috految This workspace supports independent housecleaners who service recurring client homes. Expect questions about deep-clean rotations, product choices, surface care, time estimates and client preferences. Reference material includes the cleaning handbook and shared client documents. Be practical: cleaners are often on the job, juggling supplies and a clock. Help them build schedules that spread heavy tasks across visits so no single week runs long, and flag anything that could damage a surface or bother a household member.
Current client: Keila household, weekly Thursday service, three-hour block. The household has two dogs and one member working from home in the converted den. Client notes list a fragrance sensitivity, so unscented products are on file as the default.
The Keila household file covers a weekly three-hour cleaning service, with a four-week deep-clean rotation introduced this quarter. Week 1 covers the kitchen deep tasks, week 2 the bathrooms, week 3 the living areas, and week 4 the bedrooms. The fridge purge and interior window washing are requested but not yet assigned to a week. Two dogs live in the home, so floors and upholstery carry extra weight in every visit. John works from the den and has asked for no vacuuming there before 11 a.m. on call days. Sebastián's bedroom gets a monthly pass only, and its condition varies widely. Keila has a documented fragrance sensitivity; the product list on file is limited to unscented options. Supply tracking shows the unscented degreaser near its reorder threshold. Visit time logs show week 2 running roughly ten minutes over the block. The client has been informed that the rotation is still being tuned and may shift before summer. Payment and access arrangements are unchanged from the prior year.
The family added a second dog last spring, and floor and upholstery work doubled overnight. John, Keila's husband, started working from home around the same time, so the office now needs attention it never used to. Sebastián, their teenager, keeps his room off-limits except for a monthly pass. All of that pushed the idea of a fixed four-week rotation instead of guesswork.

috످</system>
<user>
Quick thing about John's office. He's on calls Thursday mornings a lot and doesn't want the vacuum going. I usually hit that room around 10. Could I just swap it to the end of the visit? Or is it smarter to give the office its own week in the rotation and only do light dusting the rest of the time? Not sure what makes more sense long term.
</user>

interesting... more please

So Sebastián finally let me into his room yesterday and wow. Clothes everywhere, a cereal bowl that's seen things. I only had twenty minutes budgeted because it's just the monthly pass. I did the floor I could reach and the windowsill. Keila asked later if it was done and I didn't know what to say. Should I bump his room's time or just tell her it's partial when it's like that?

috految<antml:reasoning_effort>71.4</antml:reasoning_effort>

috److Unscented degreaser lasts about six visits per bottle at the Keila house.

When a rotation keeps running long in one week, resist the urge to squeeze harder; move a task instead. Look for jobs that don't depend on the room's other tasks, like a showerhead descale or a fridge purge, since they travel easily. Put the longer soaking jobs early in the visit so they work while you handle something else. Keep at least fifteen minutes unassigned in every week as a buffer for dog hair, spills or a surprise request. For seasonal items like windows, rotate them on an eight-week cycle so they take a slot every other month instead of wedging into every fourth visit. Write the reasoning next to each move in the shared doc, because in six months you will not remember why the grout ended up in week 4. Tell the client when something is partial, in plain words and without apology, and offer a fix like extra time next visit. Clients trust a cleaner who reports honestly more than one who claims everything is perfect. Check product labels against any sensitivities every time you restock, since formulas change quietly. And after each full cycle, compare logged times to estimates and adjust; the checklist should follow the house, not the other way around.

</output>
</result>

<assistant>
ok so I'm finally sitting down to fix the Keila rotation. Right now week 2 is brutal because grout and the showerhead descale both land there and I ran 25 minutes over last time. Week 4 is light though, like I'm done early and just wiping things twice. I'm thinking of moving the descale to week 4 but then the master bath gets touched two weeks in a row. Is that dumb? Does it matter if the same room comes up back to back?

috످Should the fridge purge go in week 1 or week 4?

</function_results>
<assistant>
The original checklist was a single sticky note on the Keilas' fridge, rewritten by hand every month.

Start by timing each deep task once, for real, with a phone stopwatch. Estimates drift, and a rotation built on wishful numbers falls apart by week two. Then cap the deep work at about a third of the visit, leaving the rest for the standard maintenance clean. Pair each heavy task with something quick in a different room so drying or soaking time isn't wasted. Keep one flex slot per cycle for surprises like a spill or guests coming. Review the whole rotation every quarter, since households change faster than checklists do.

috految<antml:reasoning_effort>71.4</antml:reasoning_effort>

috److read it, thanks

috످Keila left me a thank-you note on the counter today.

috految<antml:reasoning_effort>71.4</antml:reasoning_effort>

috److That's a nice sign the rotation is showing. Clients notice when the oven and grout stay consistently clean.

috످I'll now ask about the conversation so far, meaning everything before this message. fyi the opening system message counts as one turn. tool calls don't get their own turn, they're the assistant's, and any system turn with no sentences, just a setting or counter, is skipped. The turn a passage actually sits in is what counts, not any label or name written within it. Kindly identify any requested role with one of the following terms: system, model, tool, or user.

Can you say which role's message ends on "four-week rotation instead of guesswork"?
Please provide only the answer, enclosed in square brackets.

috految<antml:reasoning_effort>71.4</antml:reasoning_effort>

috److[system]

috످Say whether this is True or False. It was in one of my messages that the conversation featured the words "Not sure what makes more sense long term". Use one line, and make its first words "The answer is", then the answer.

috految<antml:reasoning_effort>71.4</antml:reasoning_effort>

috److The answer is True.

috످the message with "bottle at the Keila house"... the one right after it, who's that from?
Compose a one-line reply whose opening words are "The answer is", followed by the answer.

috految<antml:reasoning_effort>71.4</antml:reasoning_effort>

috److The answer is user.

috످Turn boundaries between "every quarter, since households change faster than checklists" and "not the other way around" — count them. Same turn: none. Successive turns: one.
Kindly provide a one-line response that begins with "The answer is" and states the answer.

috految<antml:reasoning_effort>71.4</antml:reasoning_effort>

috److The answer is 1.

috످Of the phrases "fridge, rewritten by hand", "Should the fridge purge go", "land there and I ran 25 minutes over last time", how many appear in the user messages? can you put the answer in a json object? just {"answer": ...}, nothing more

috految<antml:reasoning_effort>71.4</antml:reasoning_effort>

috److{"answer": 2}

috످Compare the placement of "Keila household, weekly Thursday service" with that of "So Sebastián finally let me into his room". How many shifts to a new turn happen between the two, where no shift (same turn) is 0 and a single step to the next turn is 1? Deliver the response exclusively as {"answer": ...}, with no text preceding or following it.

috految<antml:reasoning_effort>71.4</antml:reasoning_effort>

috److془The first passage is the client summary setting out schedule, in the system message. The second is the cleaner's account of teen's messy room, in first user turn. 1 shift.془{"answer": 1}

috످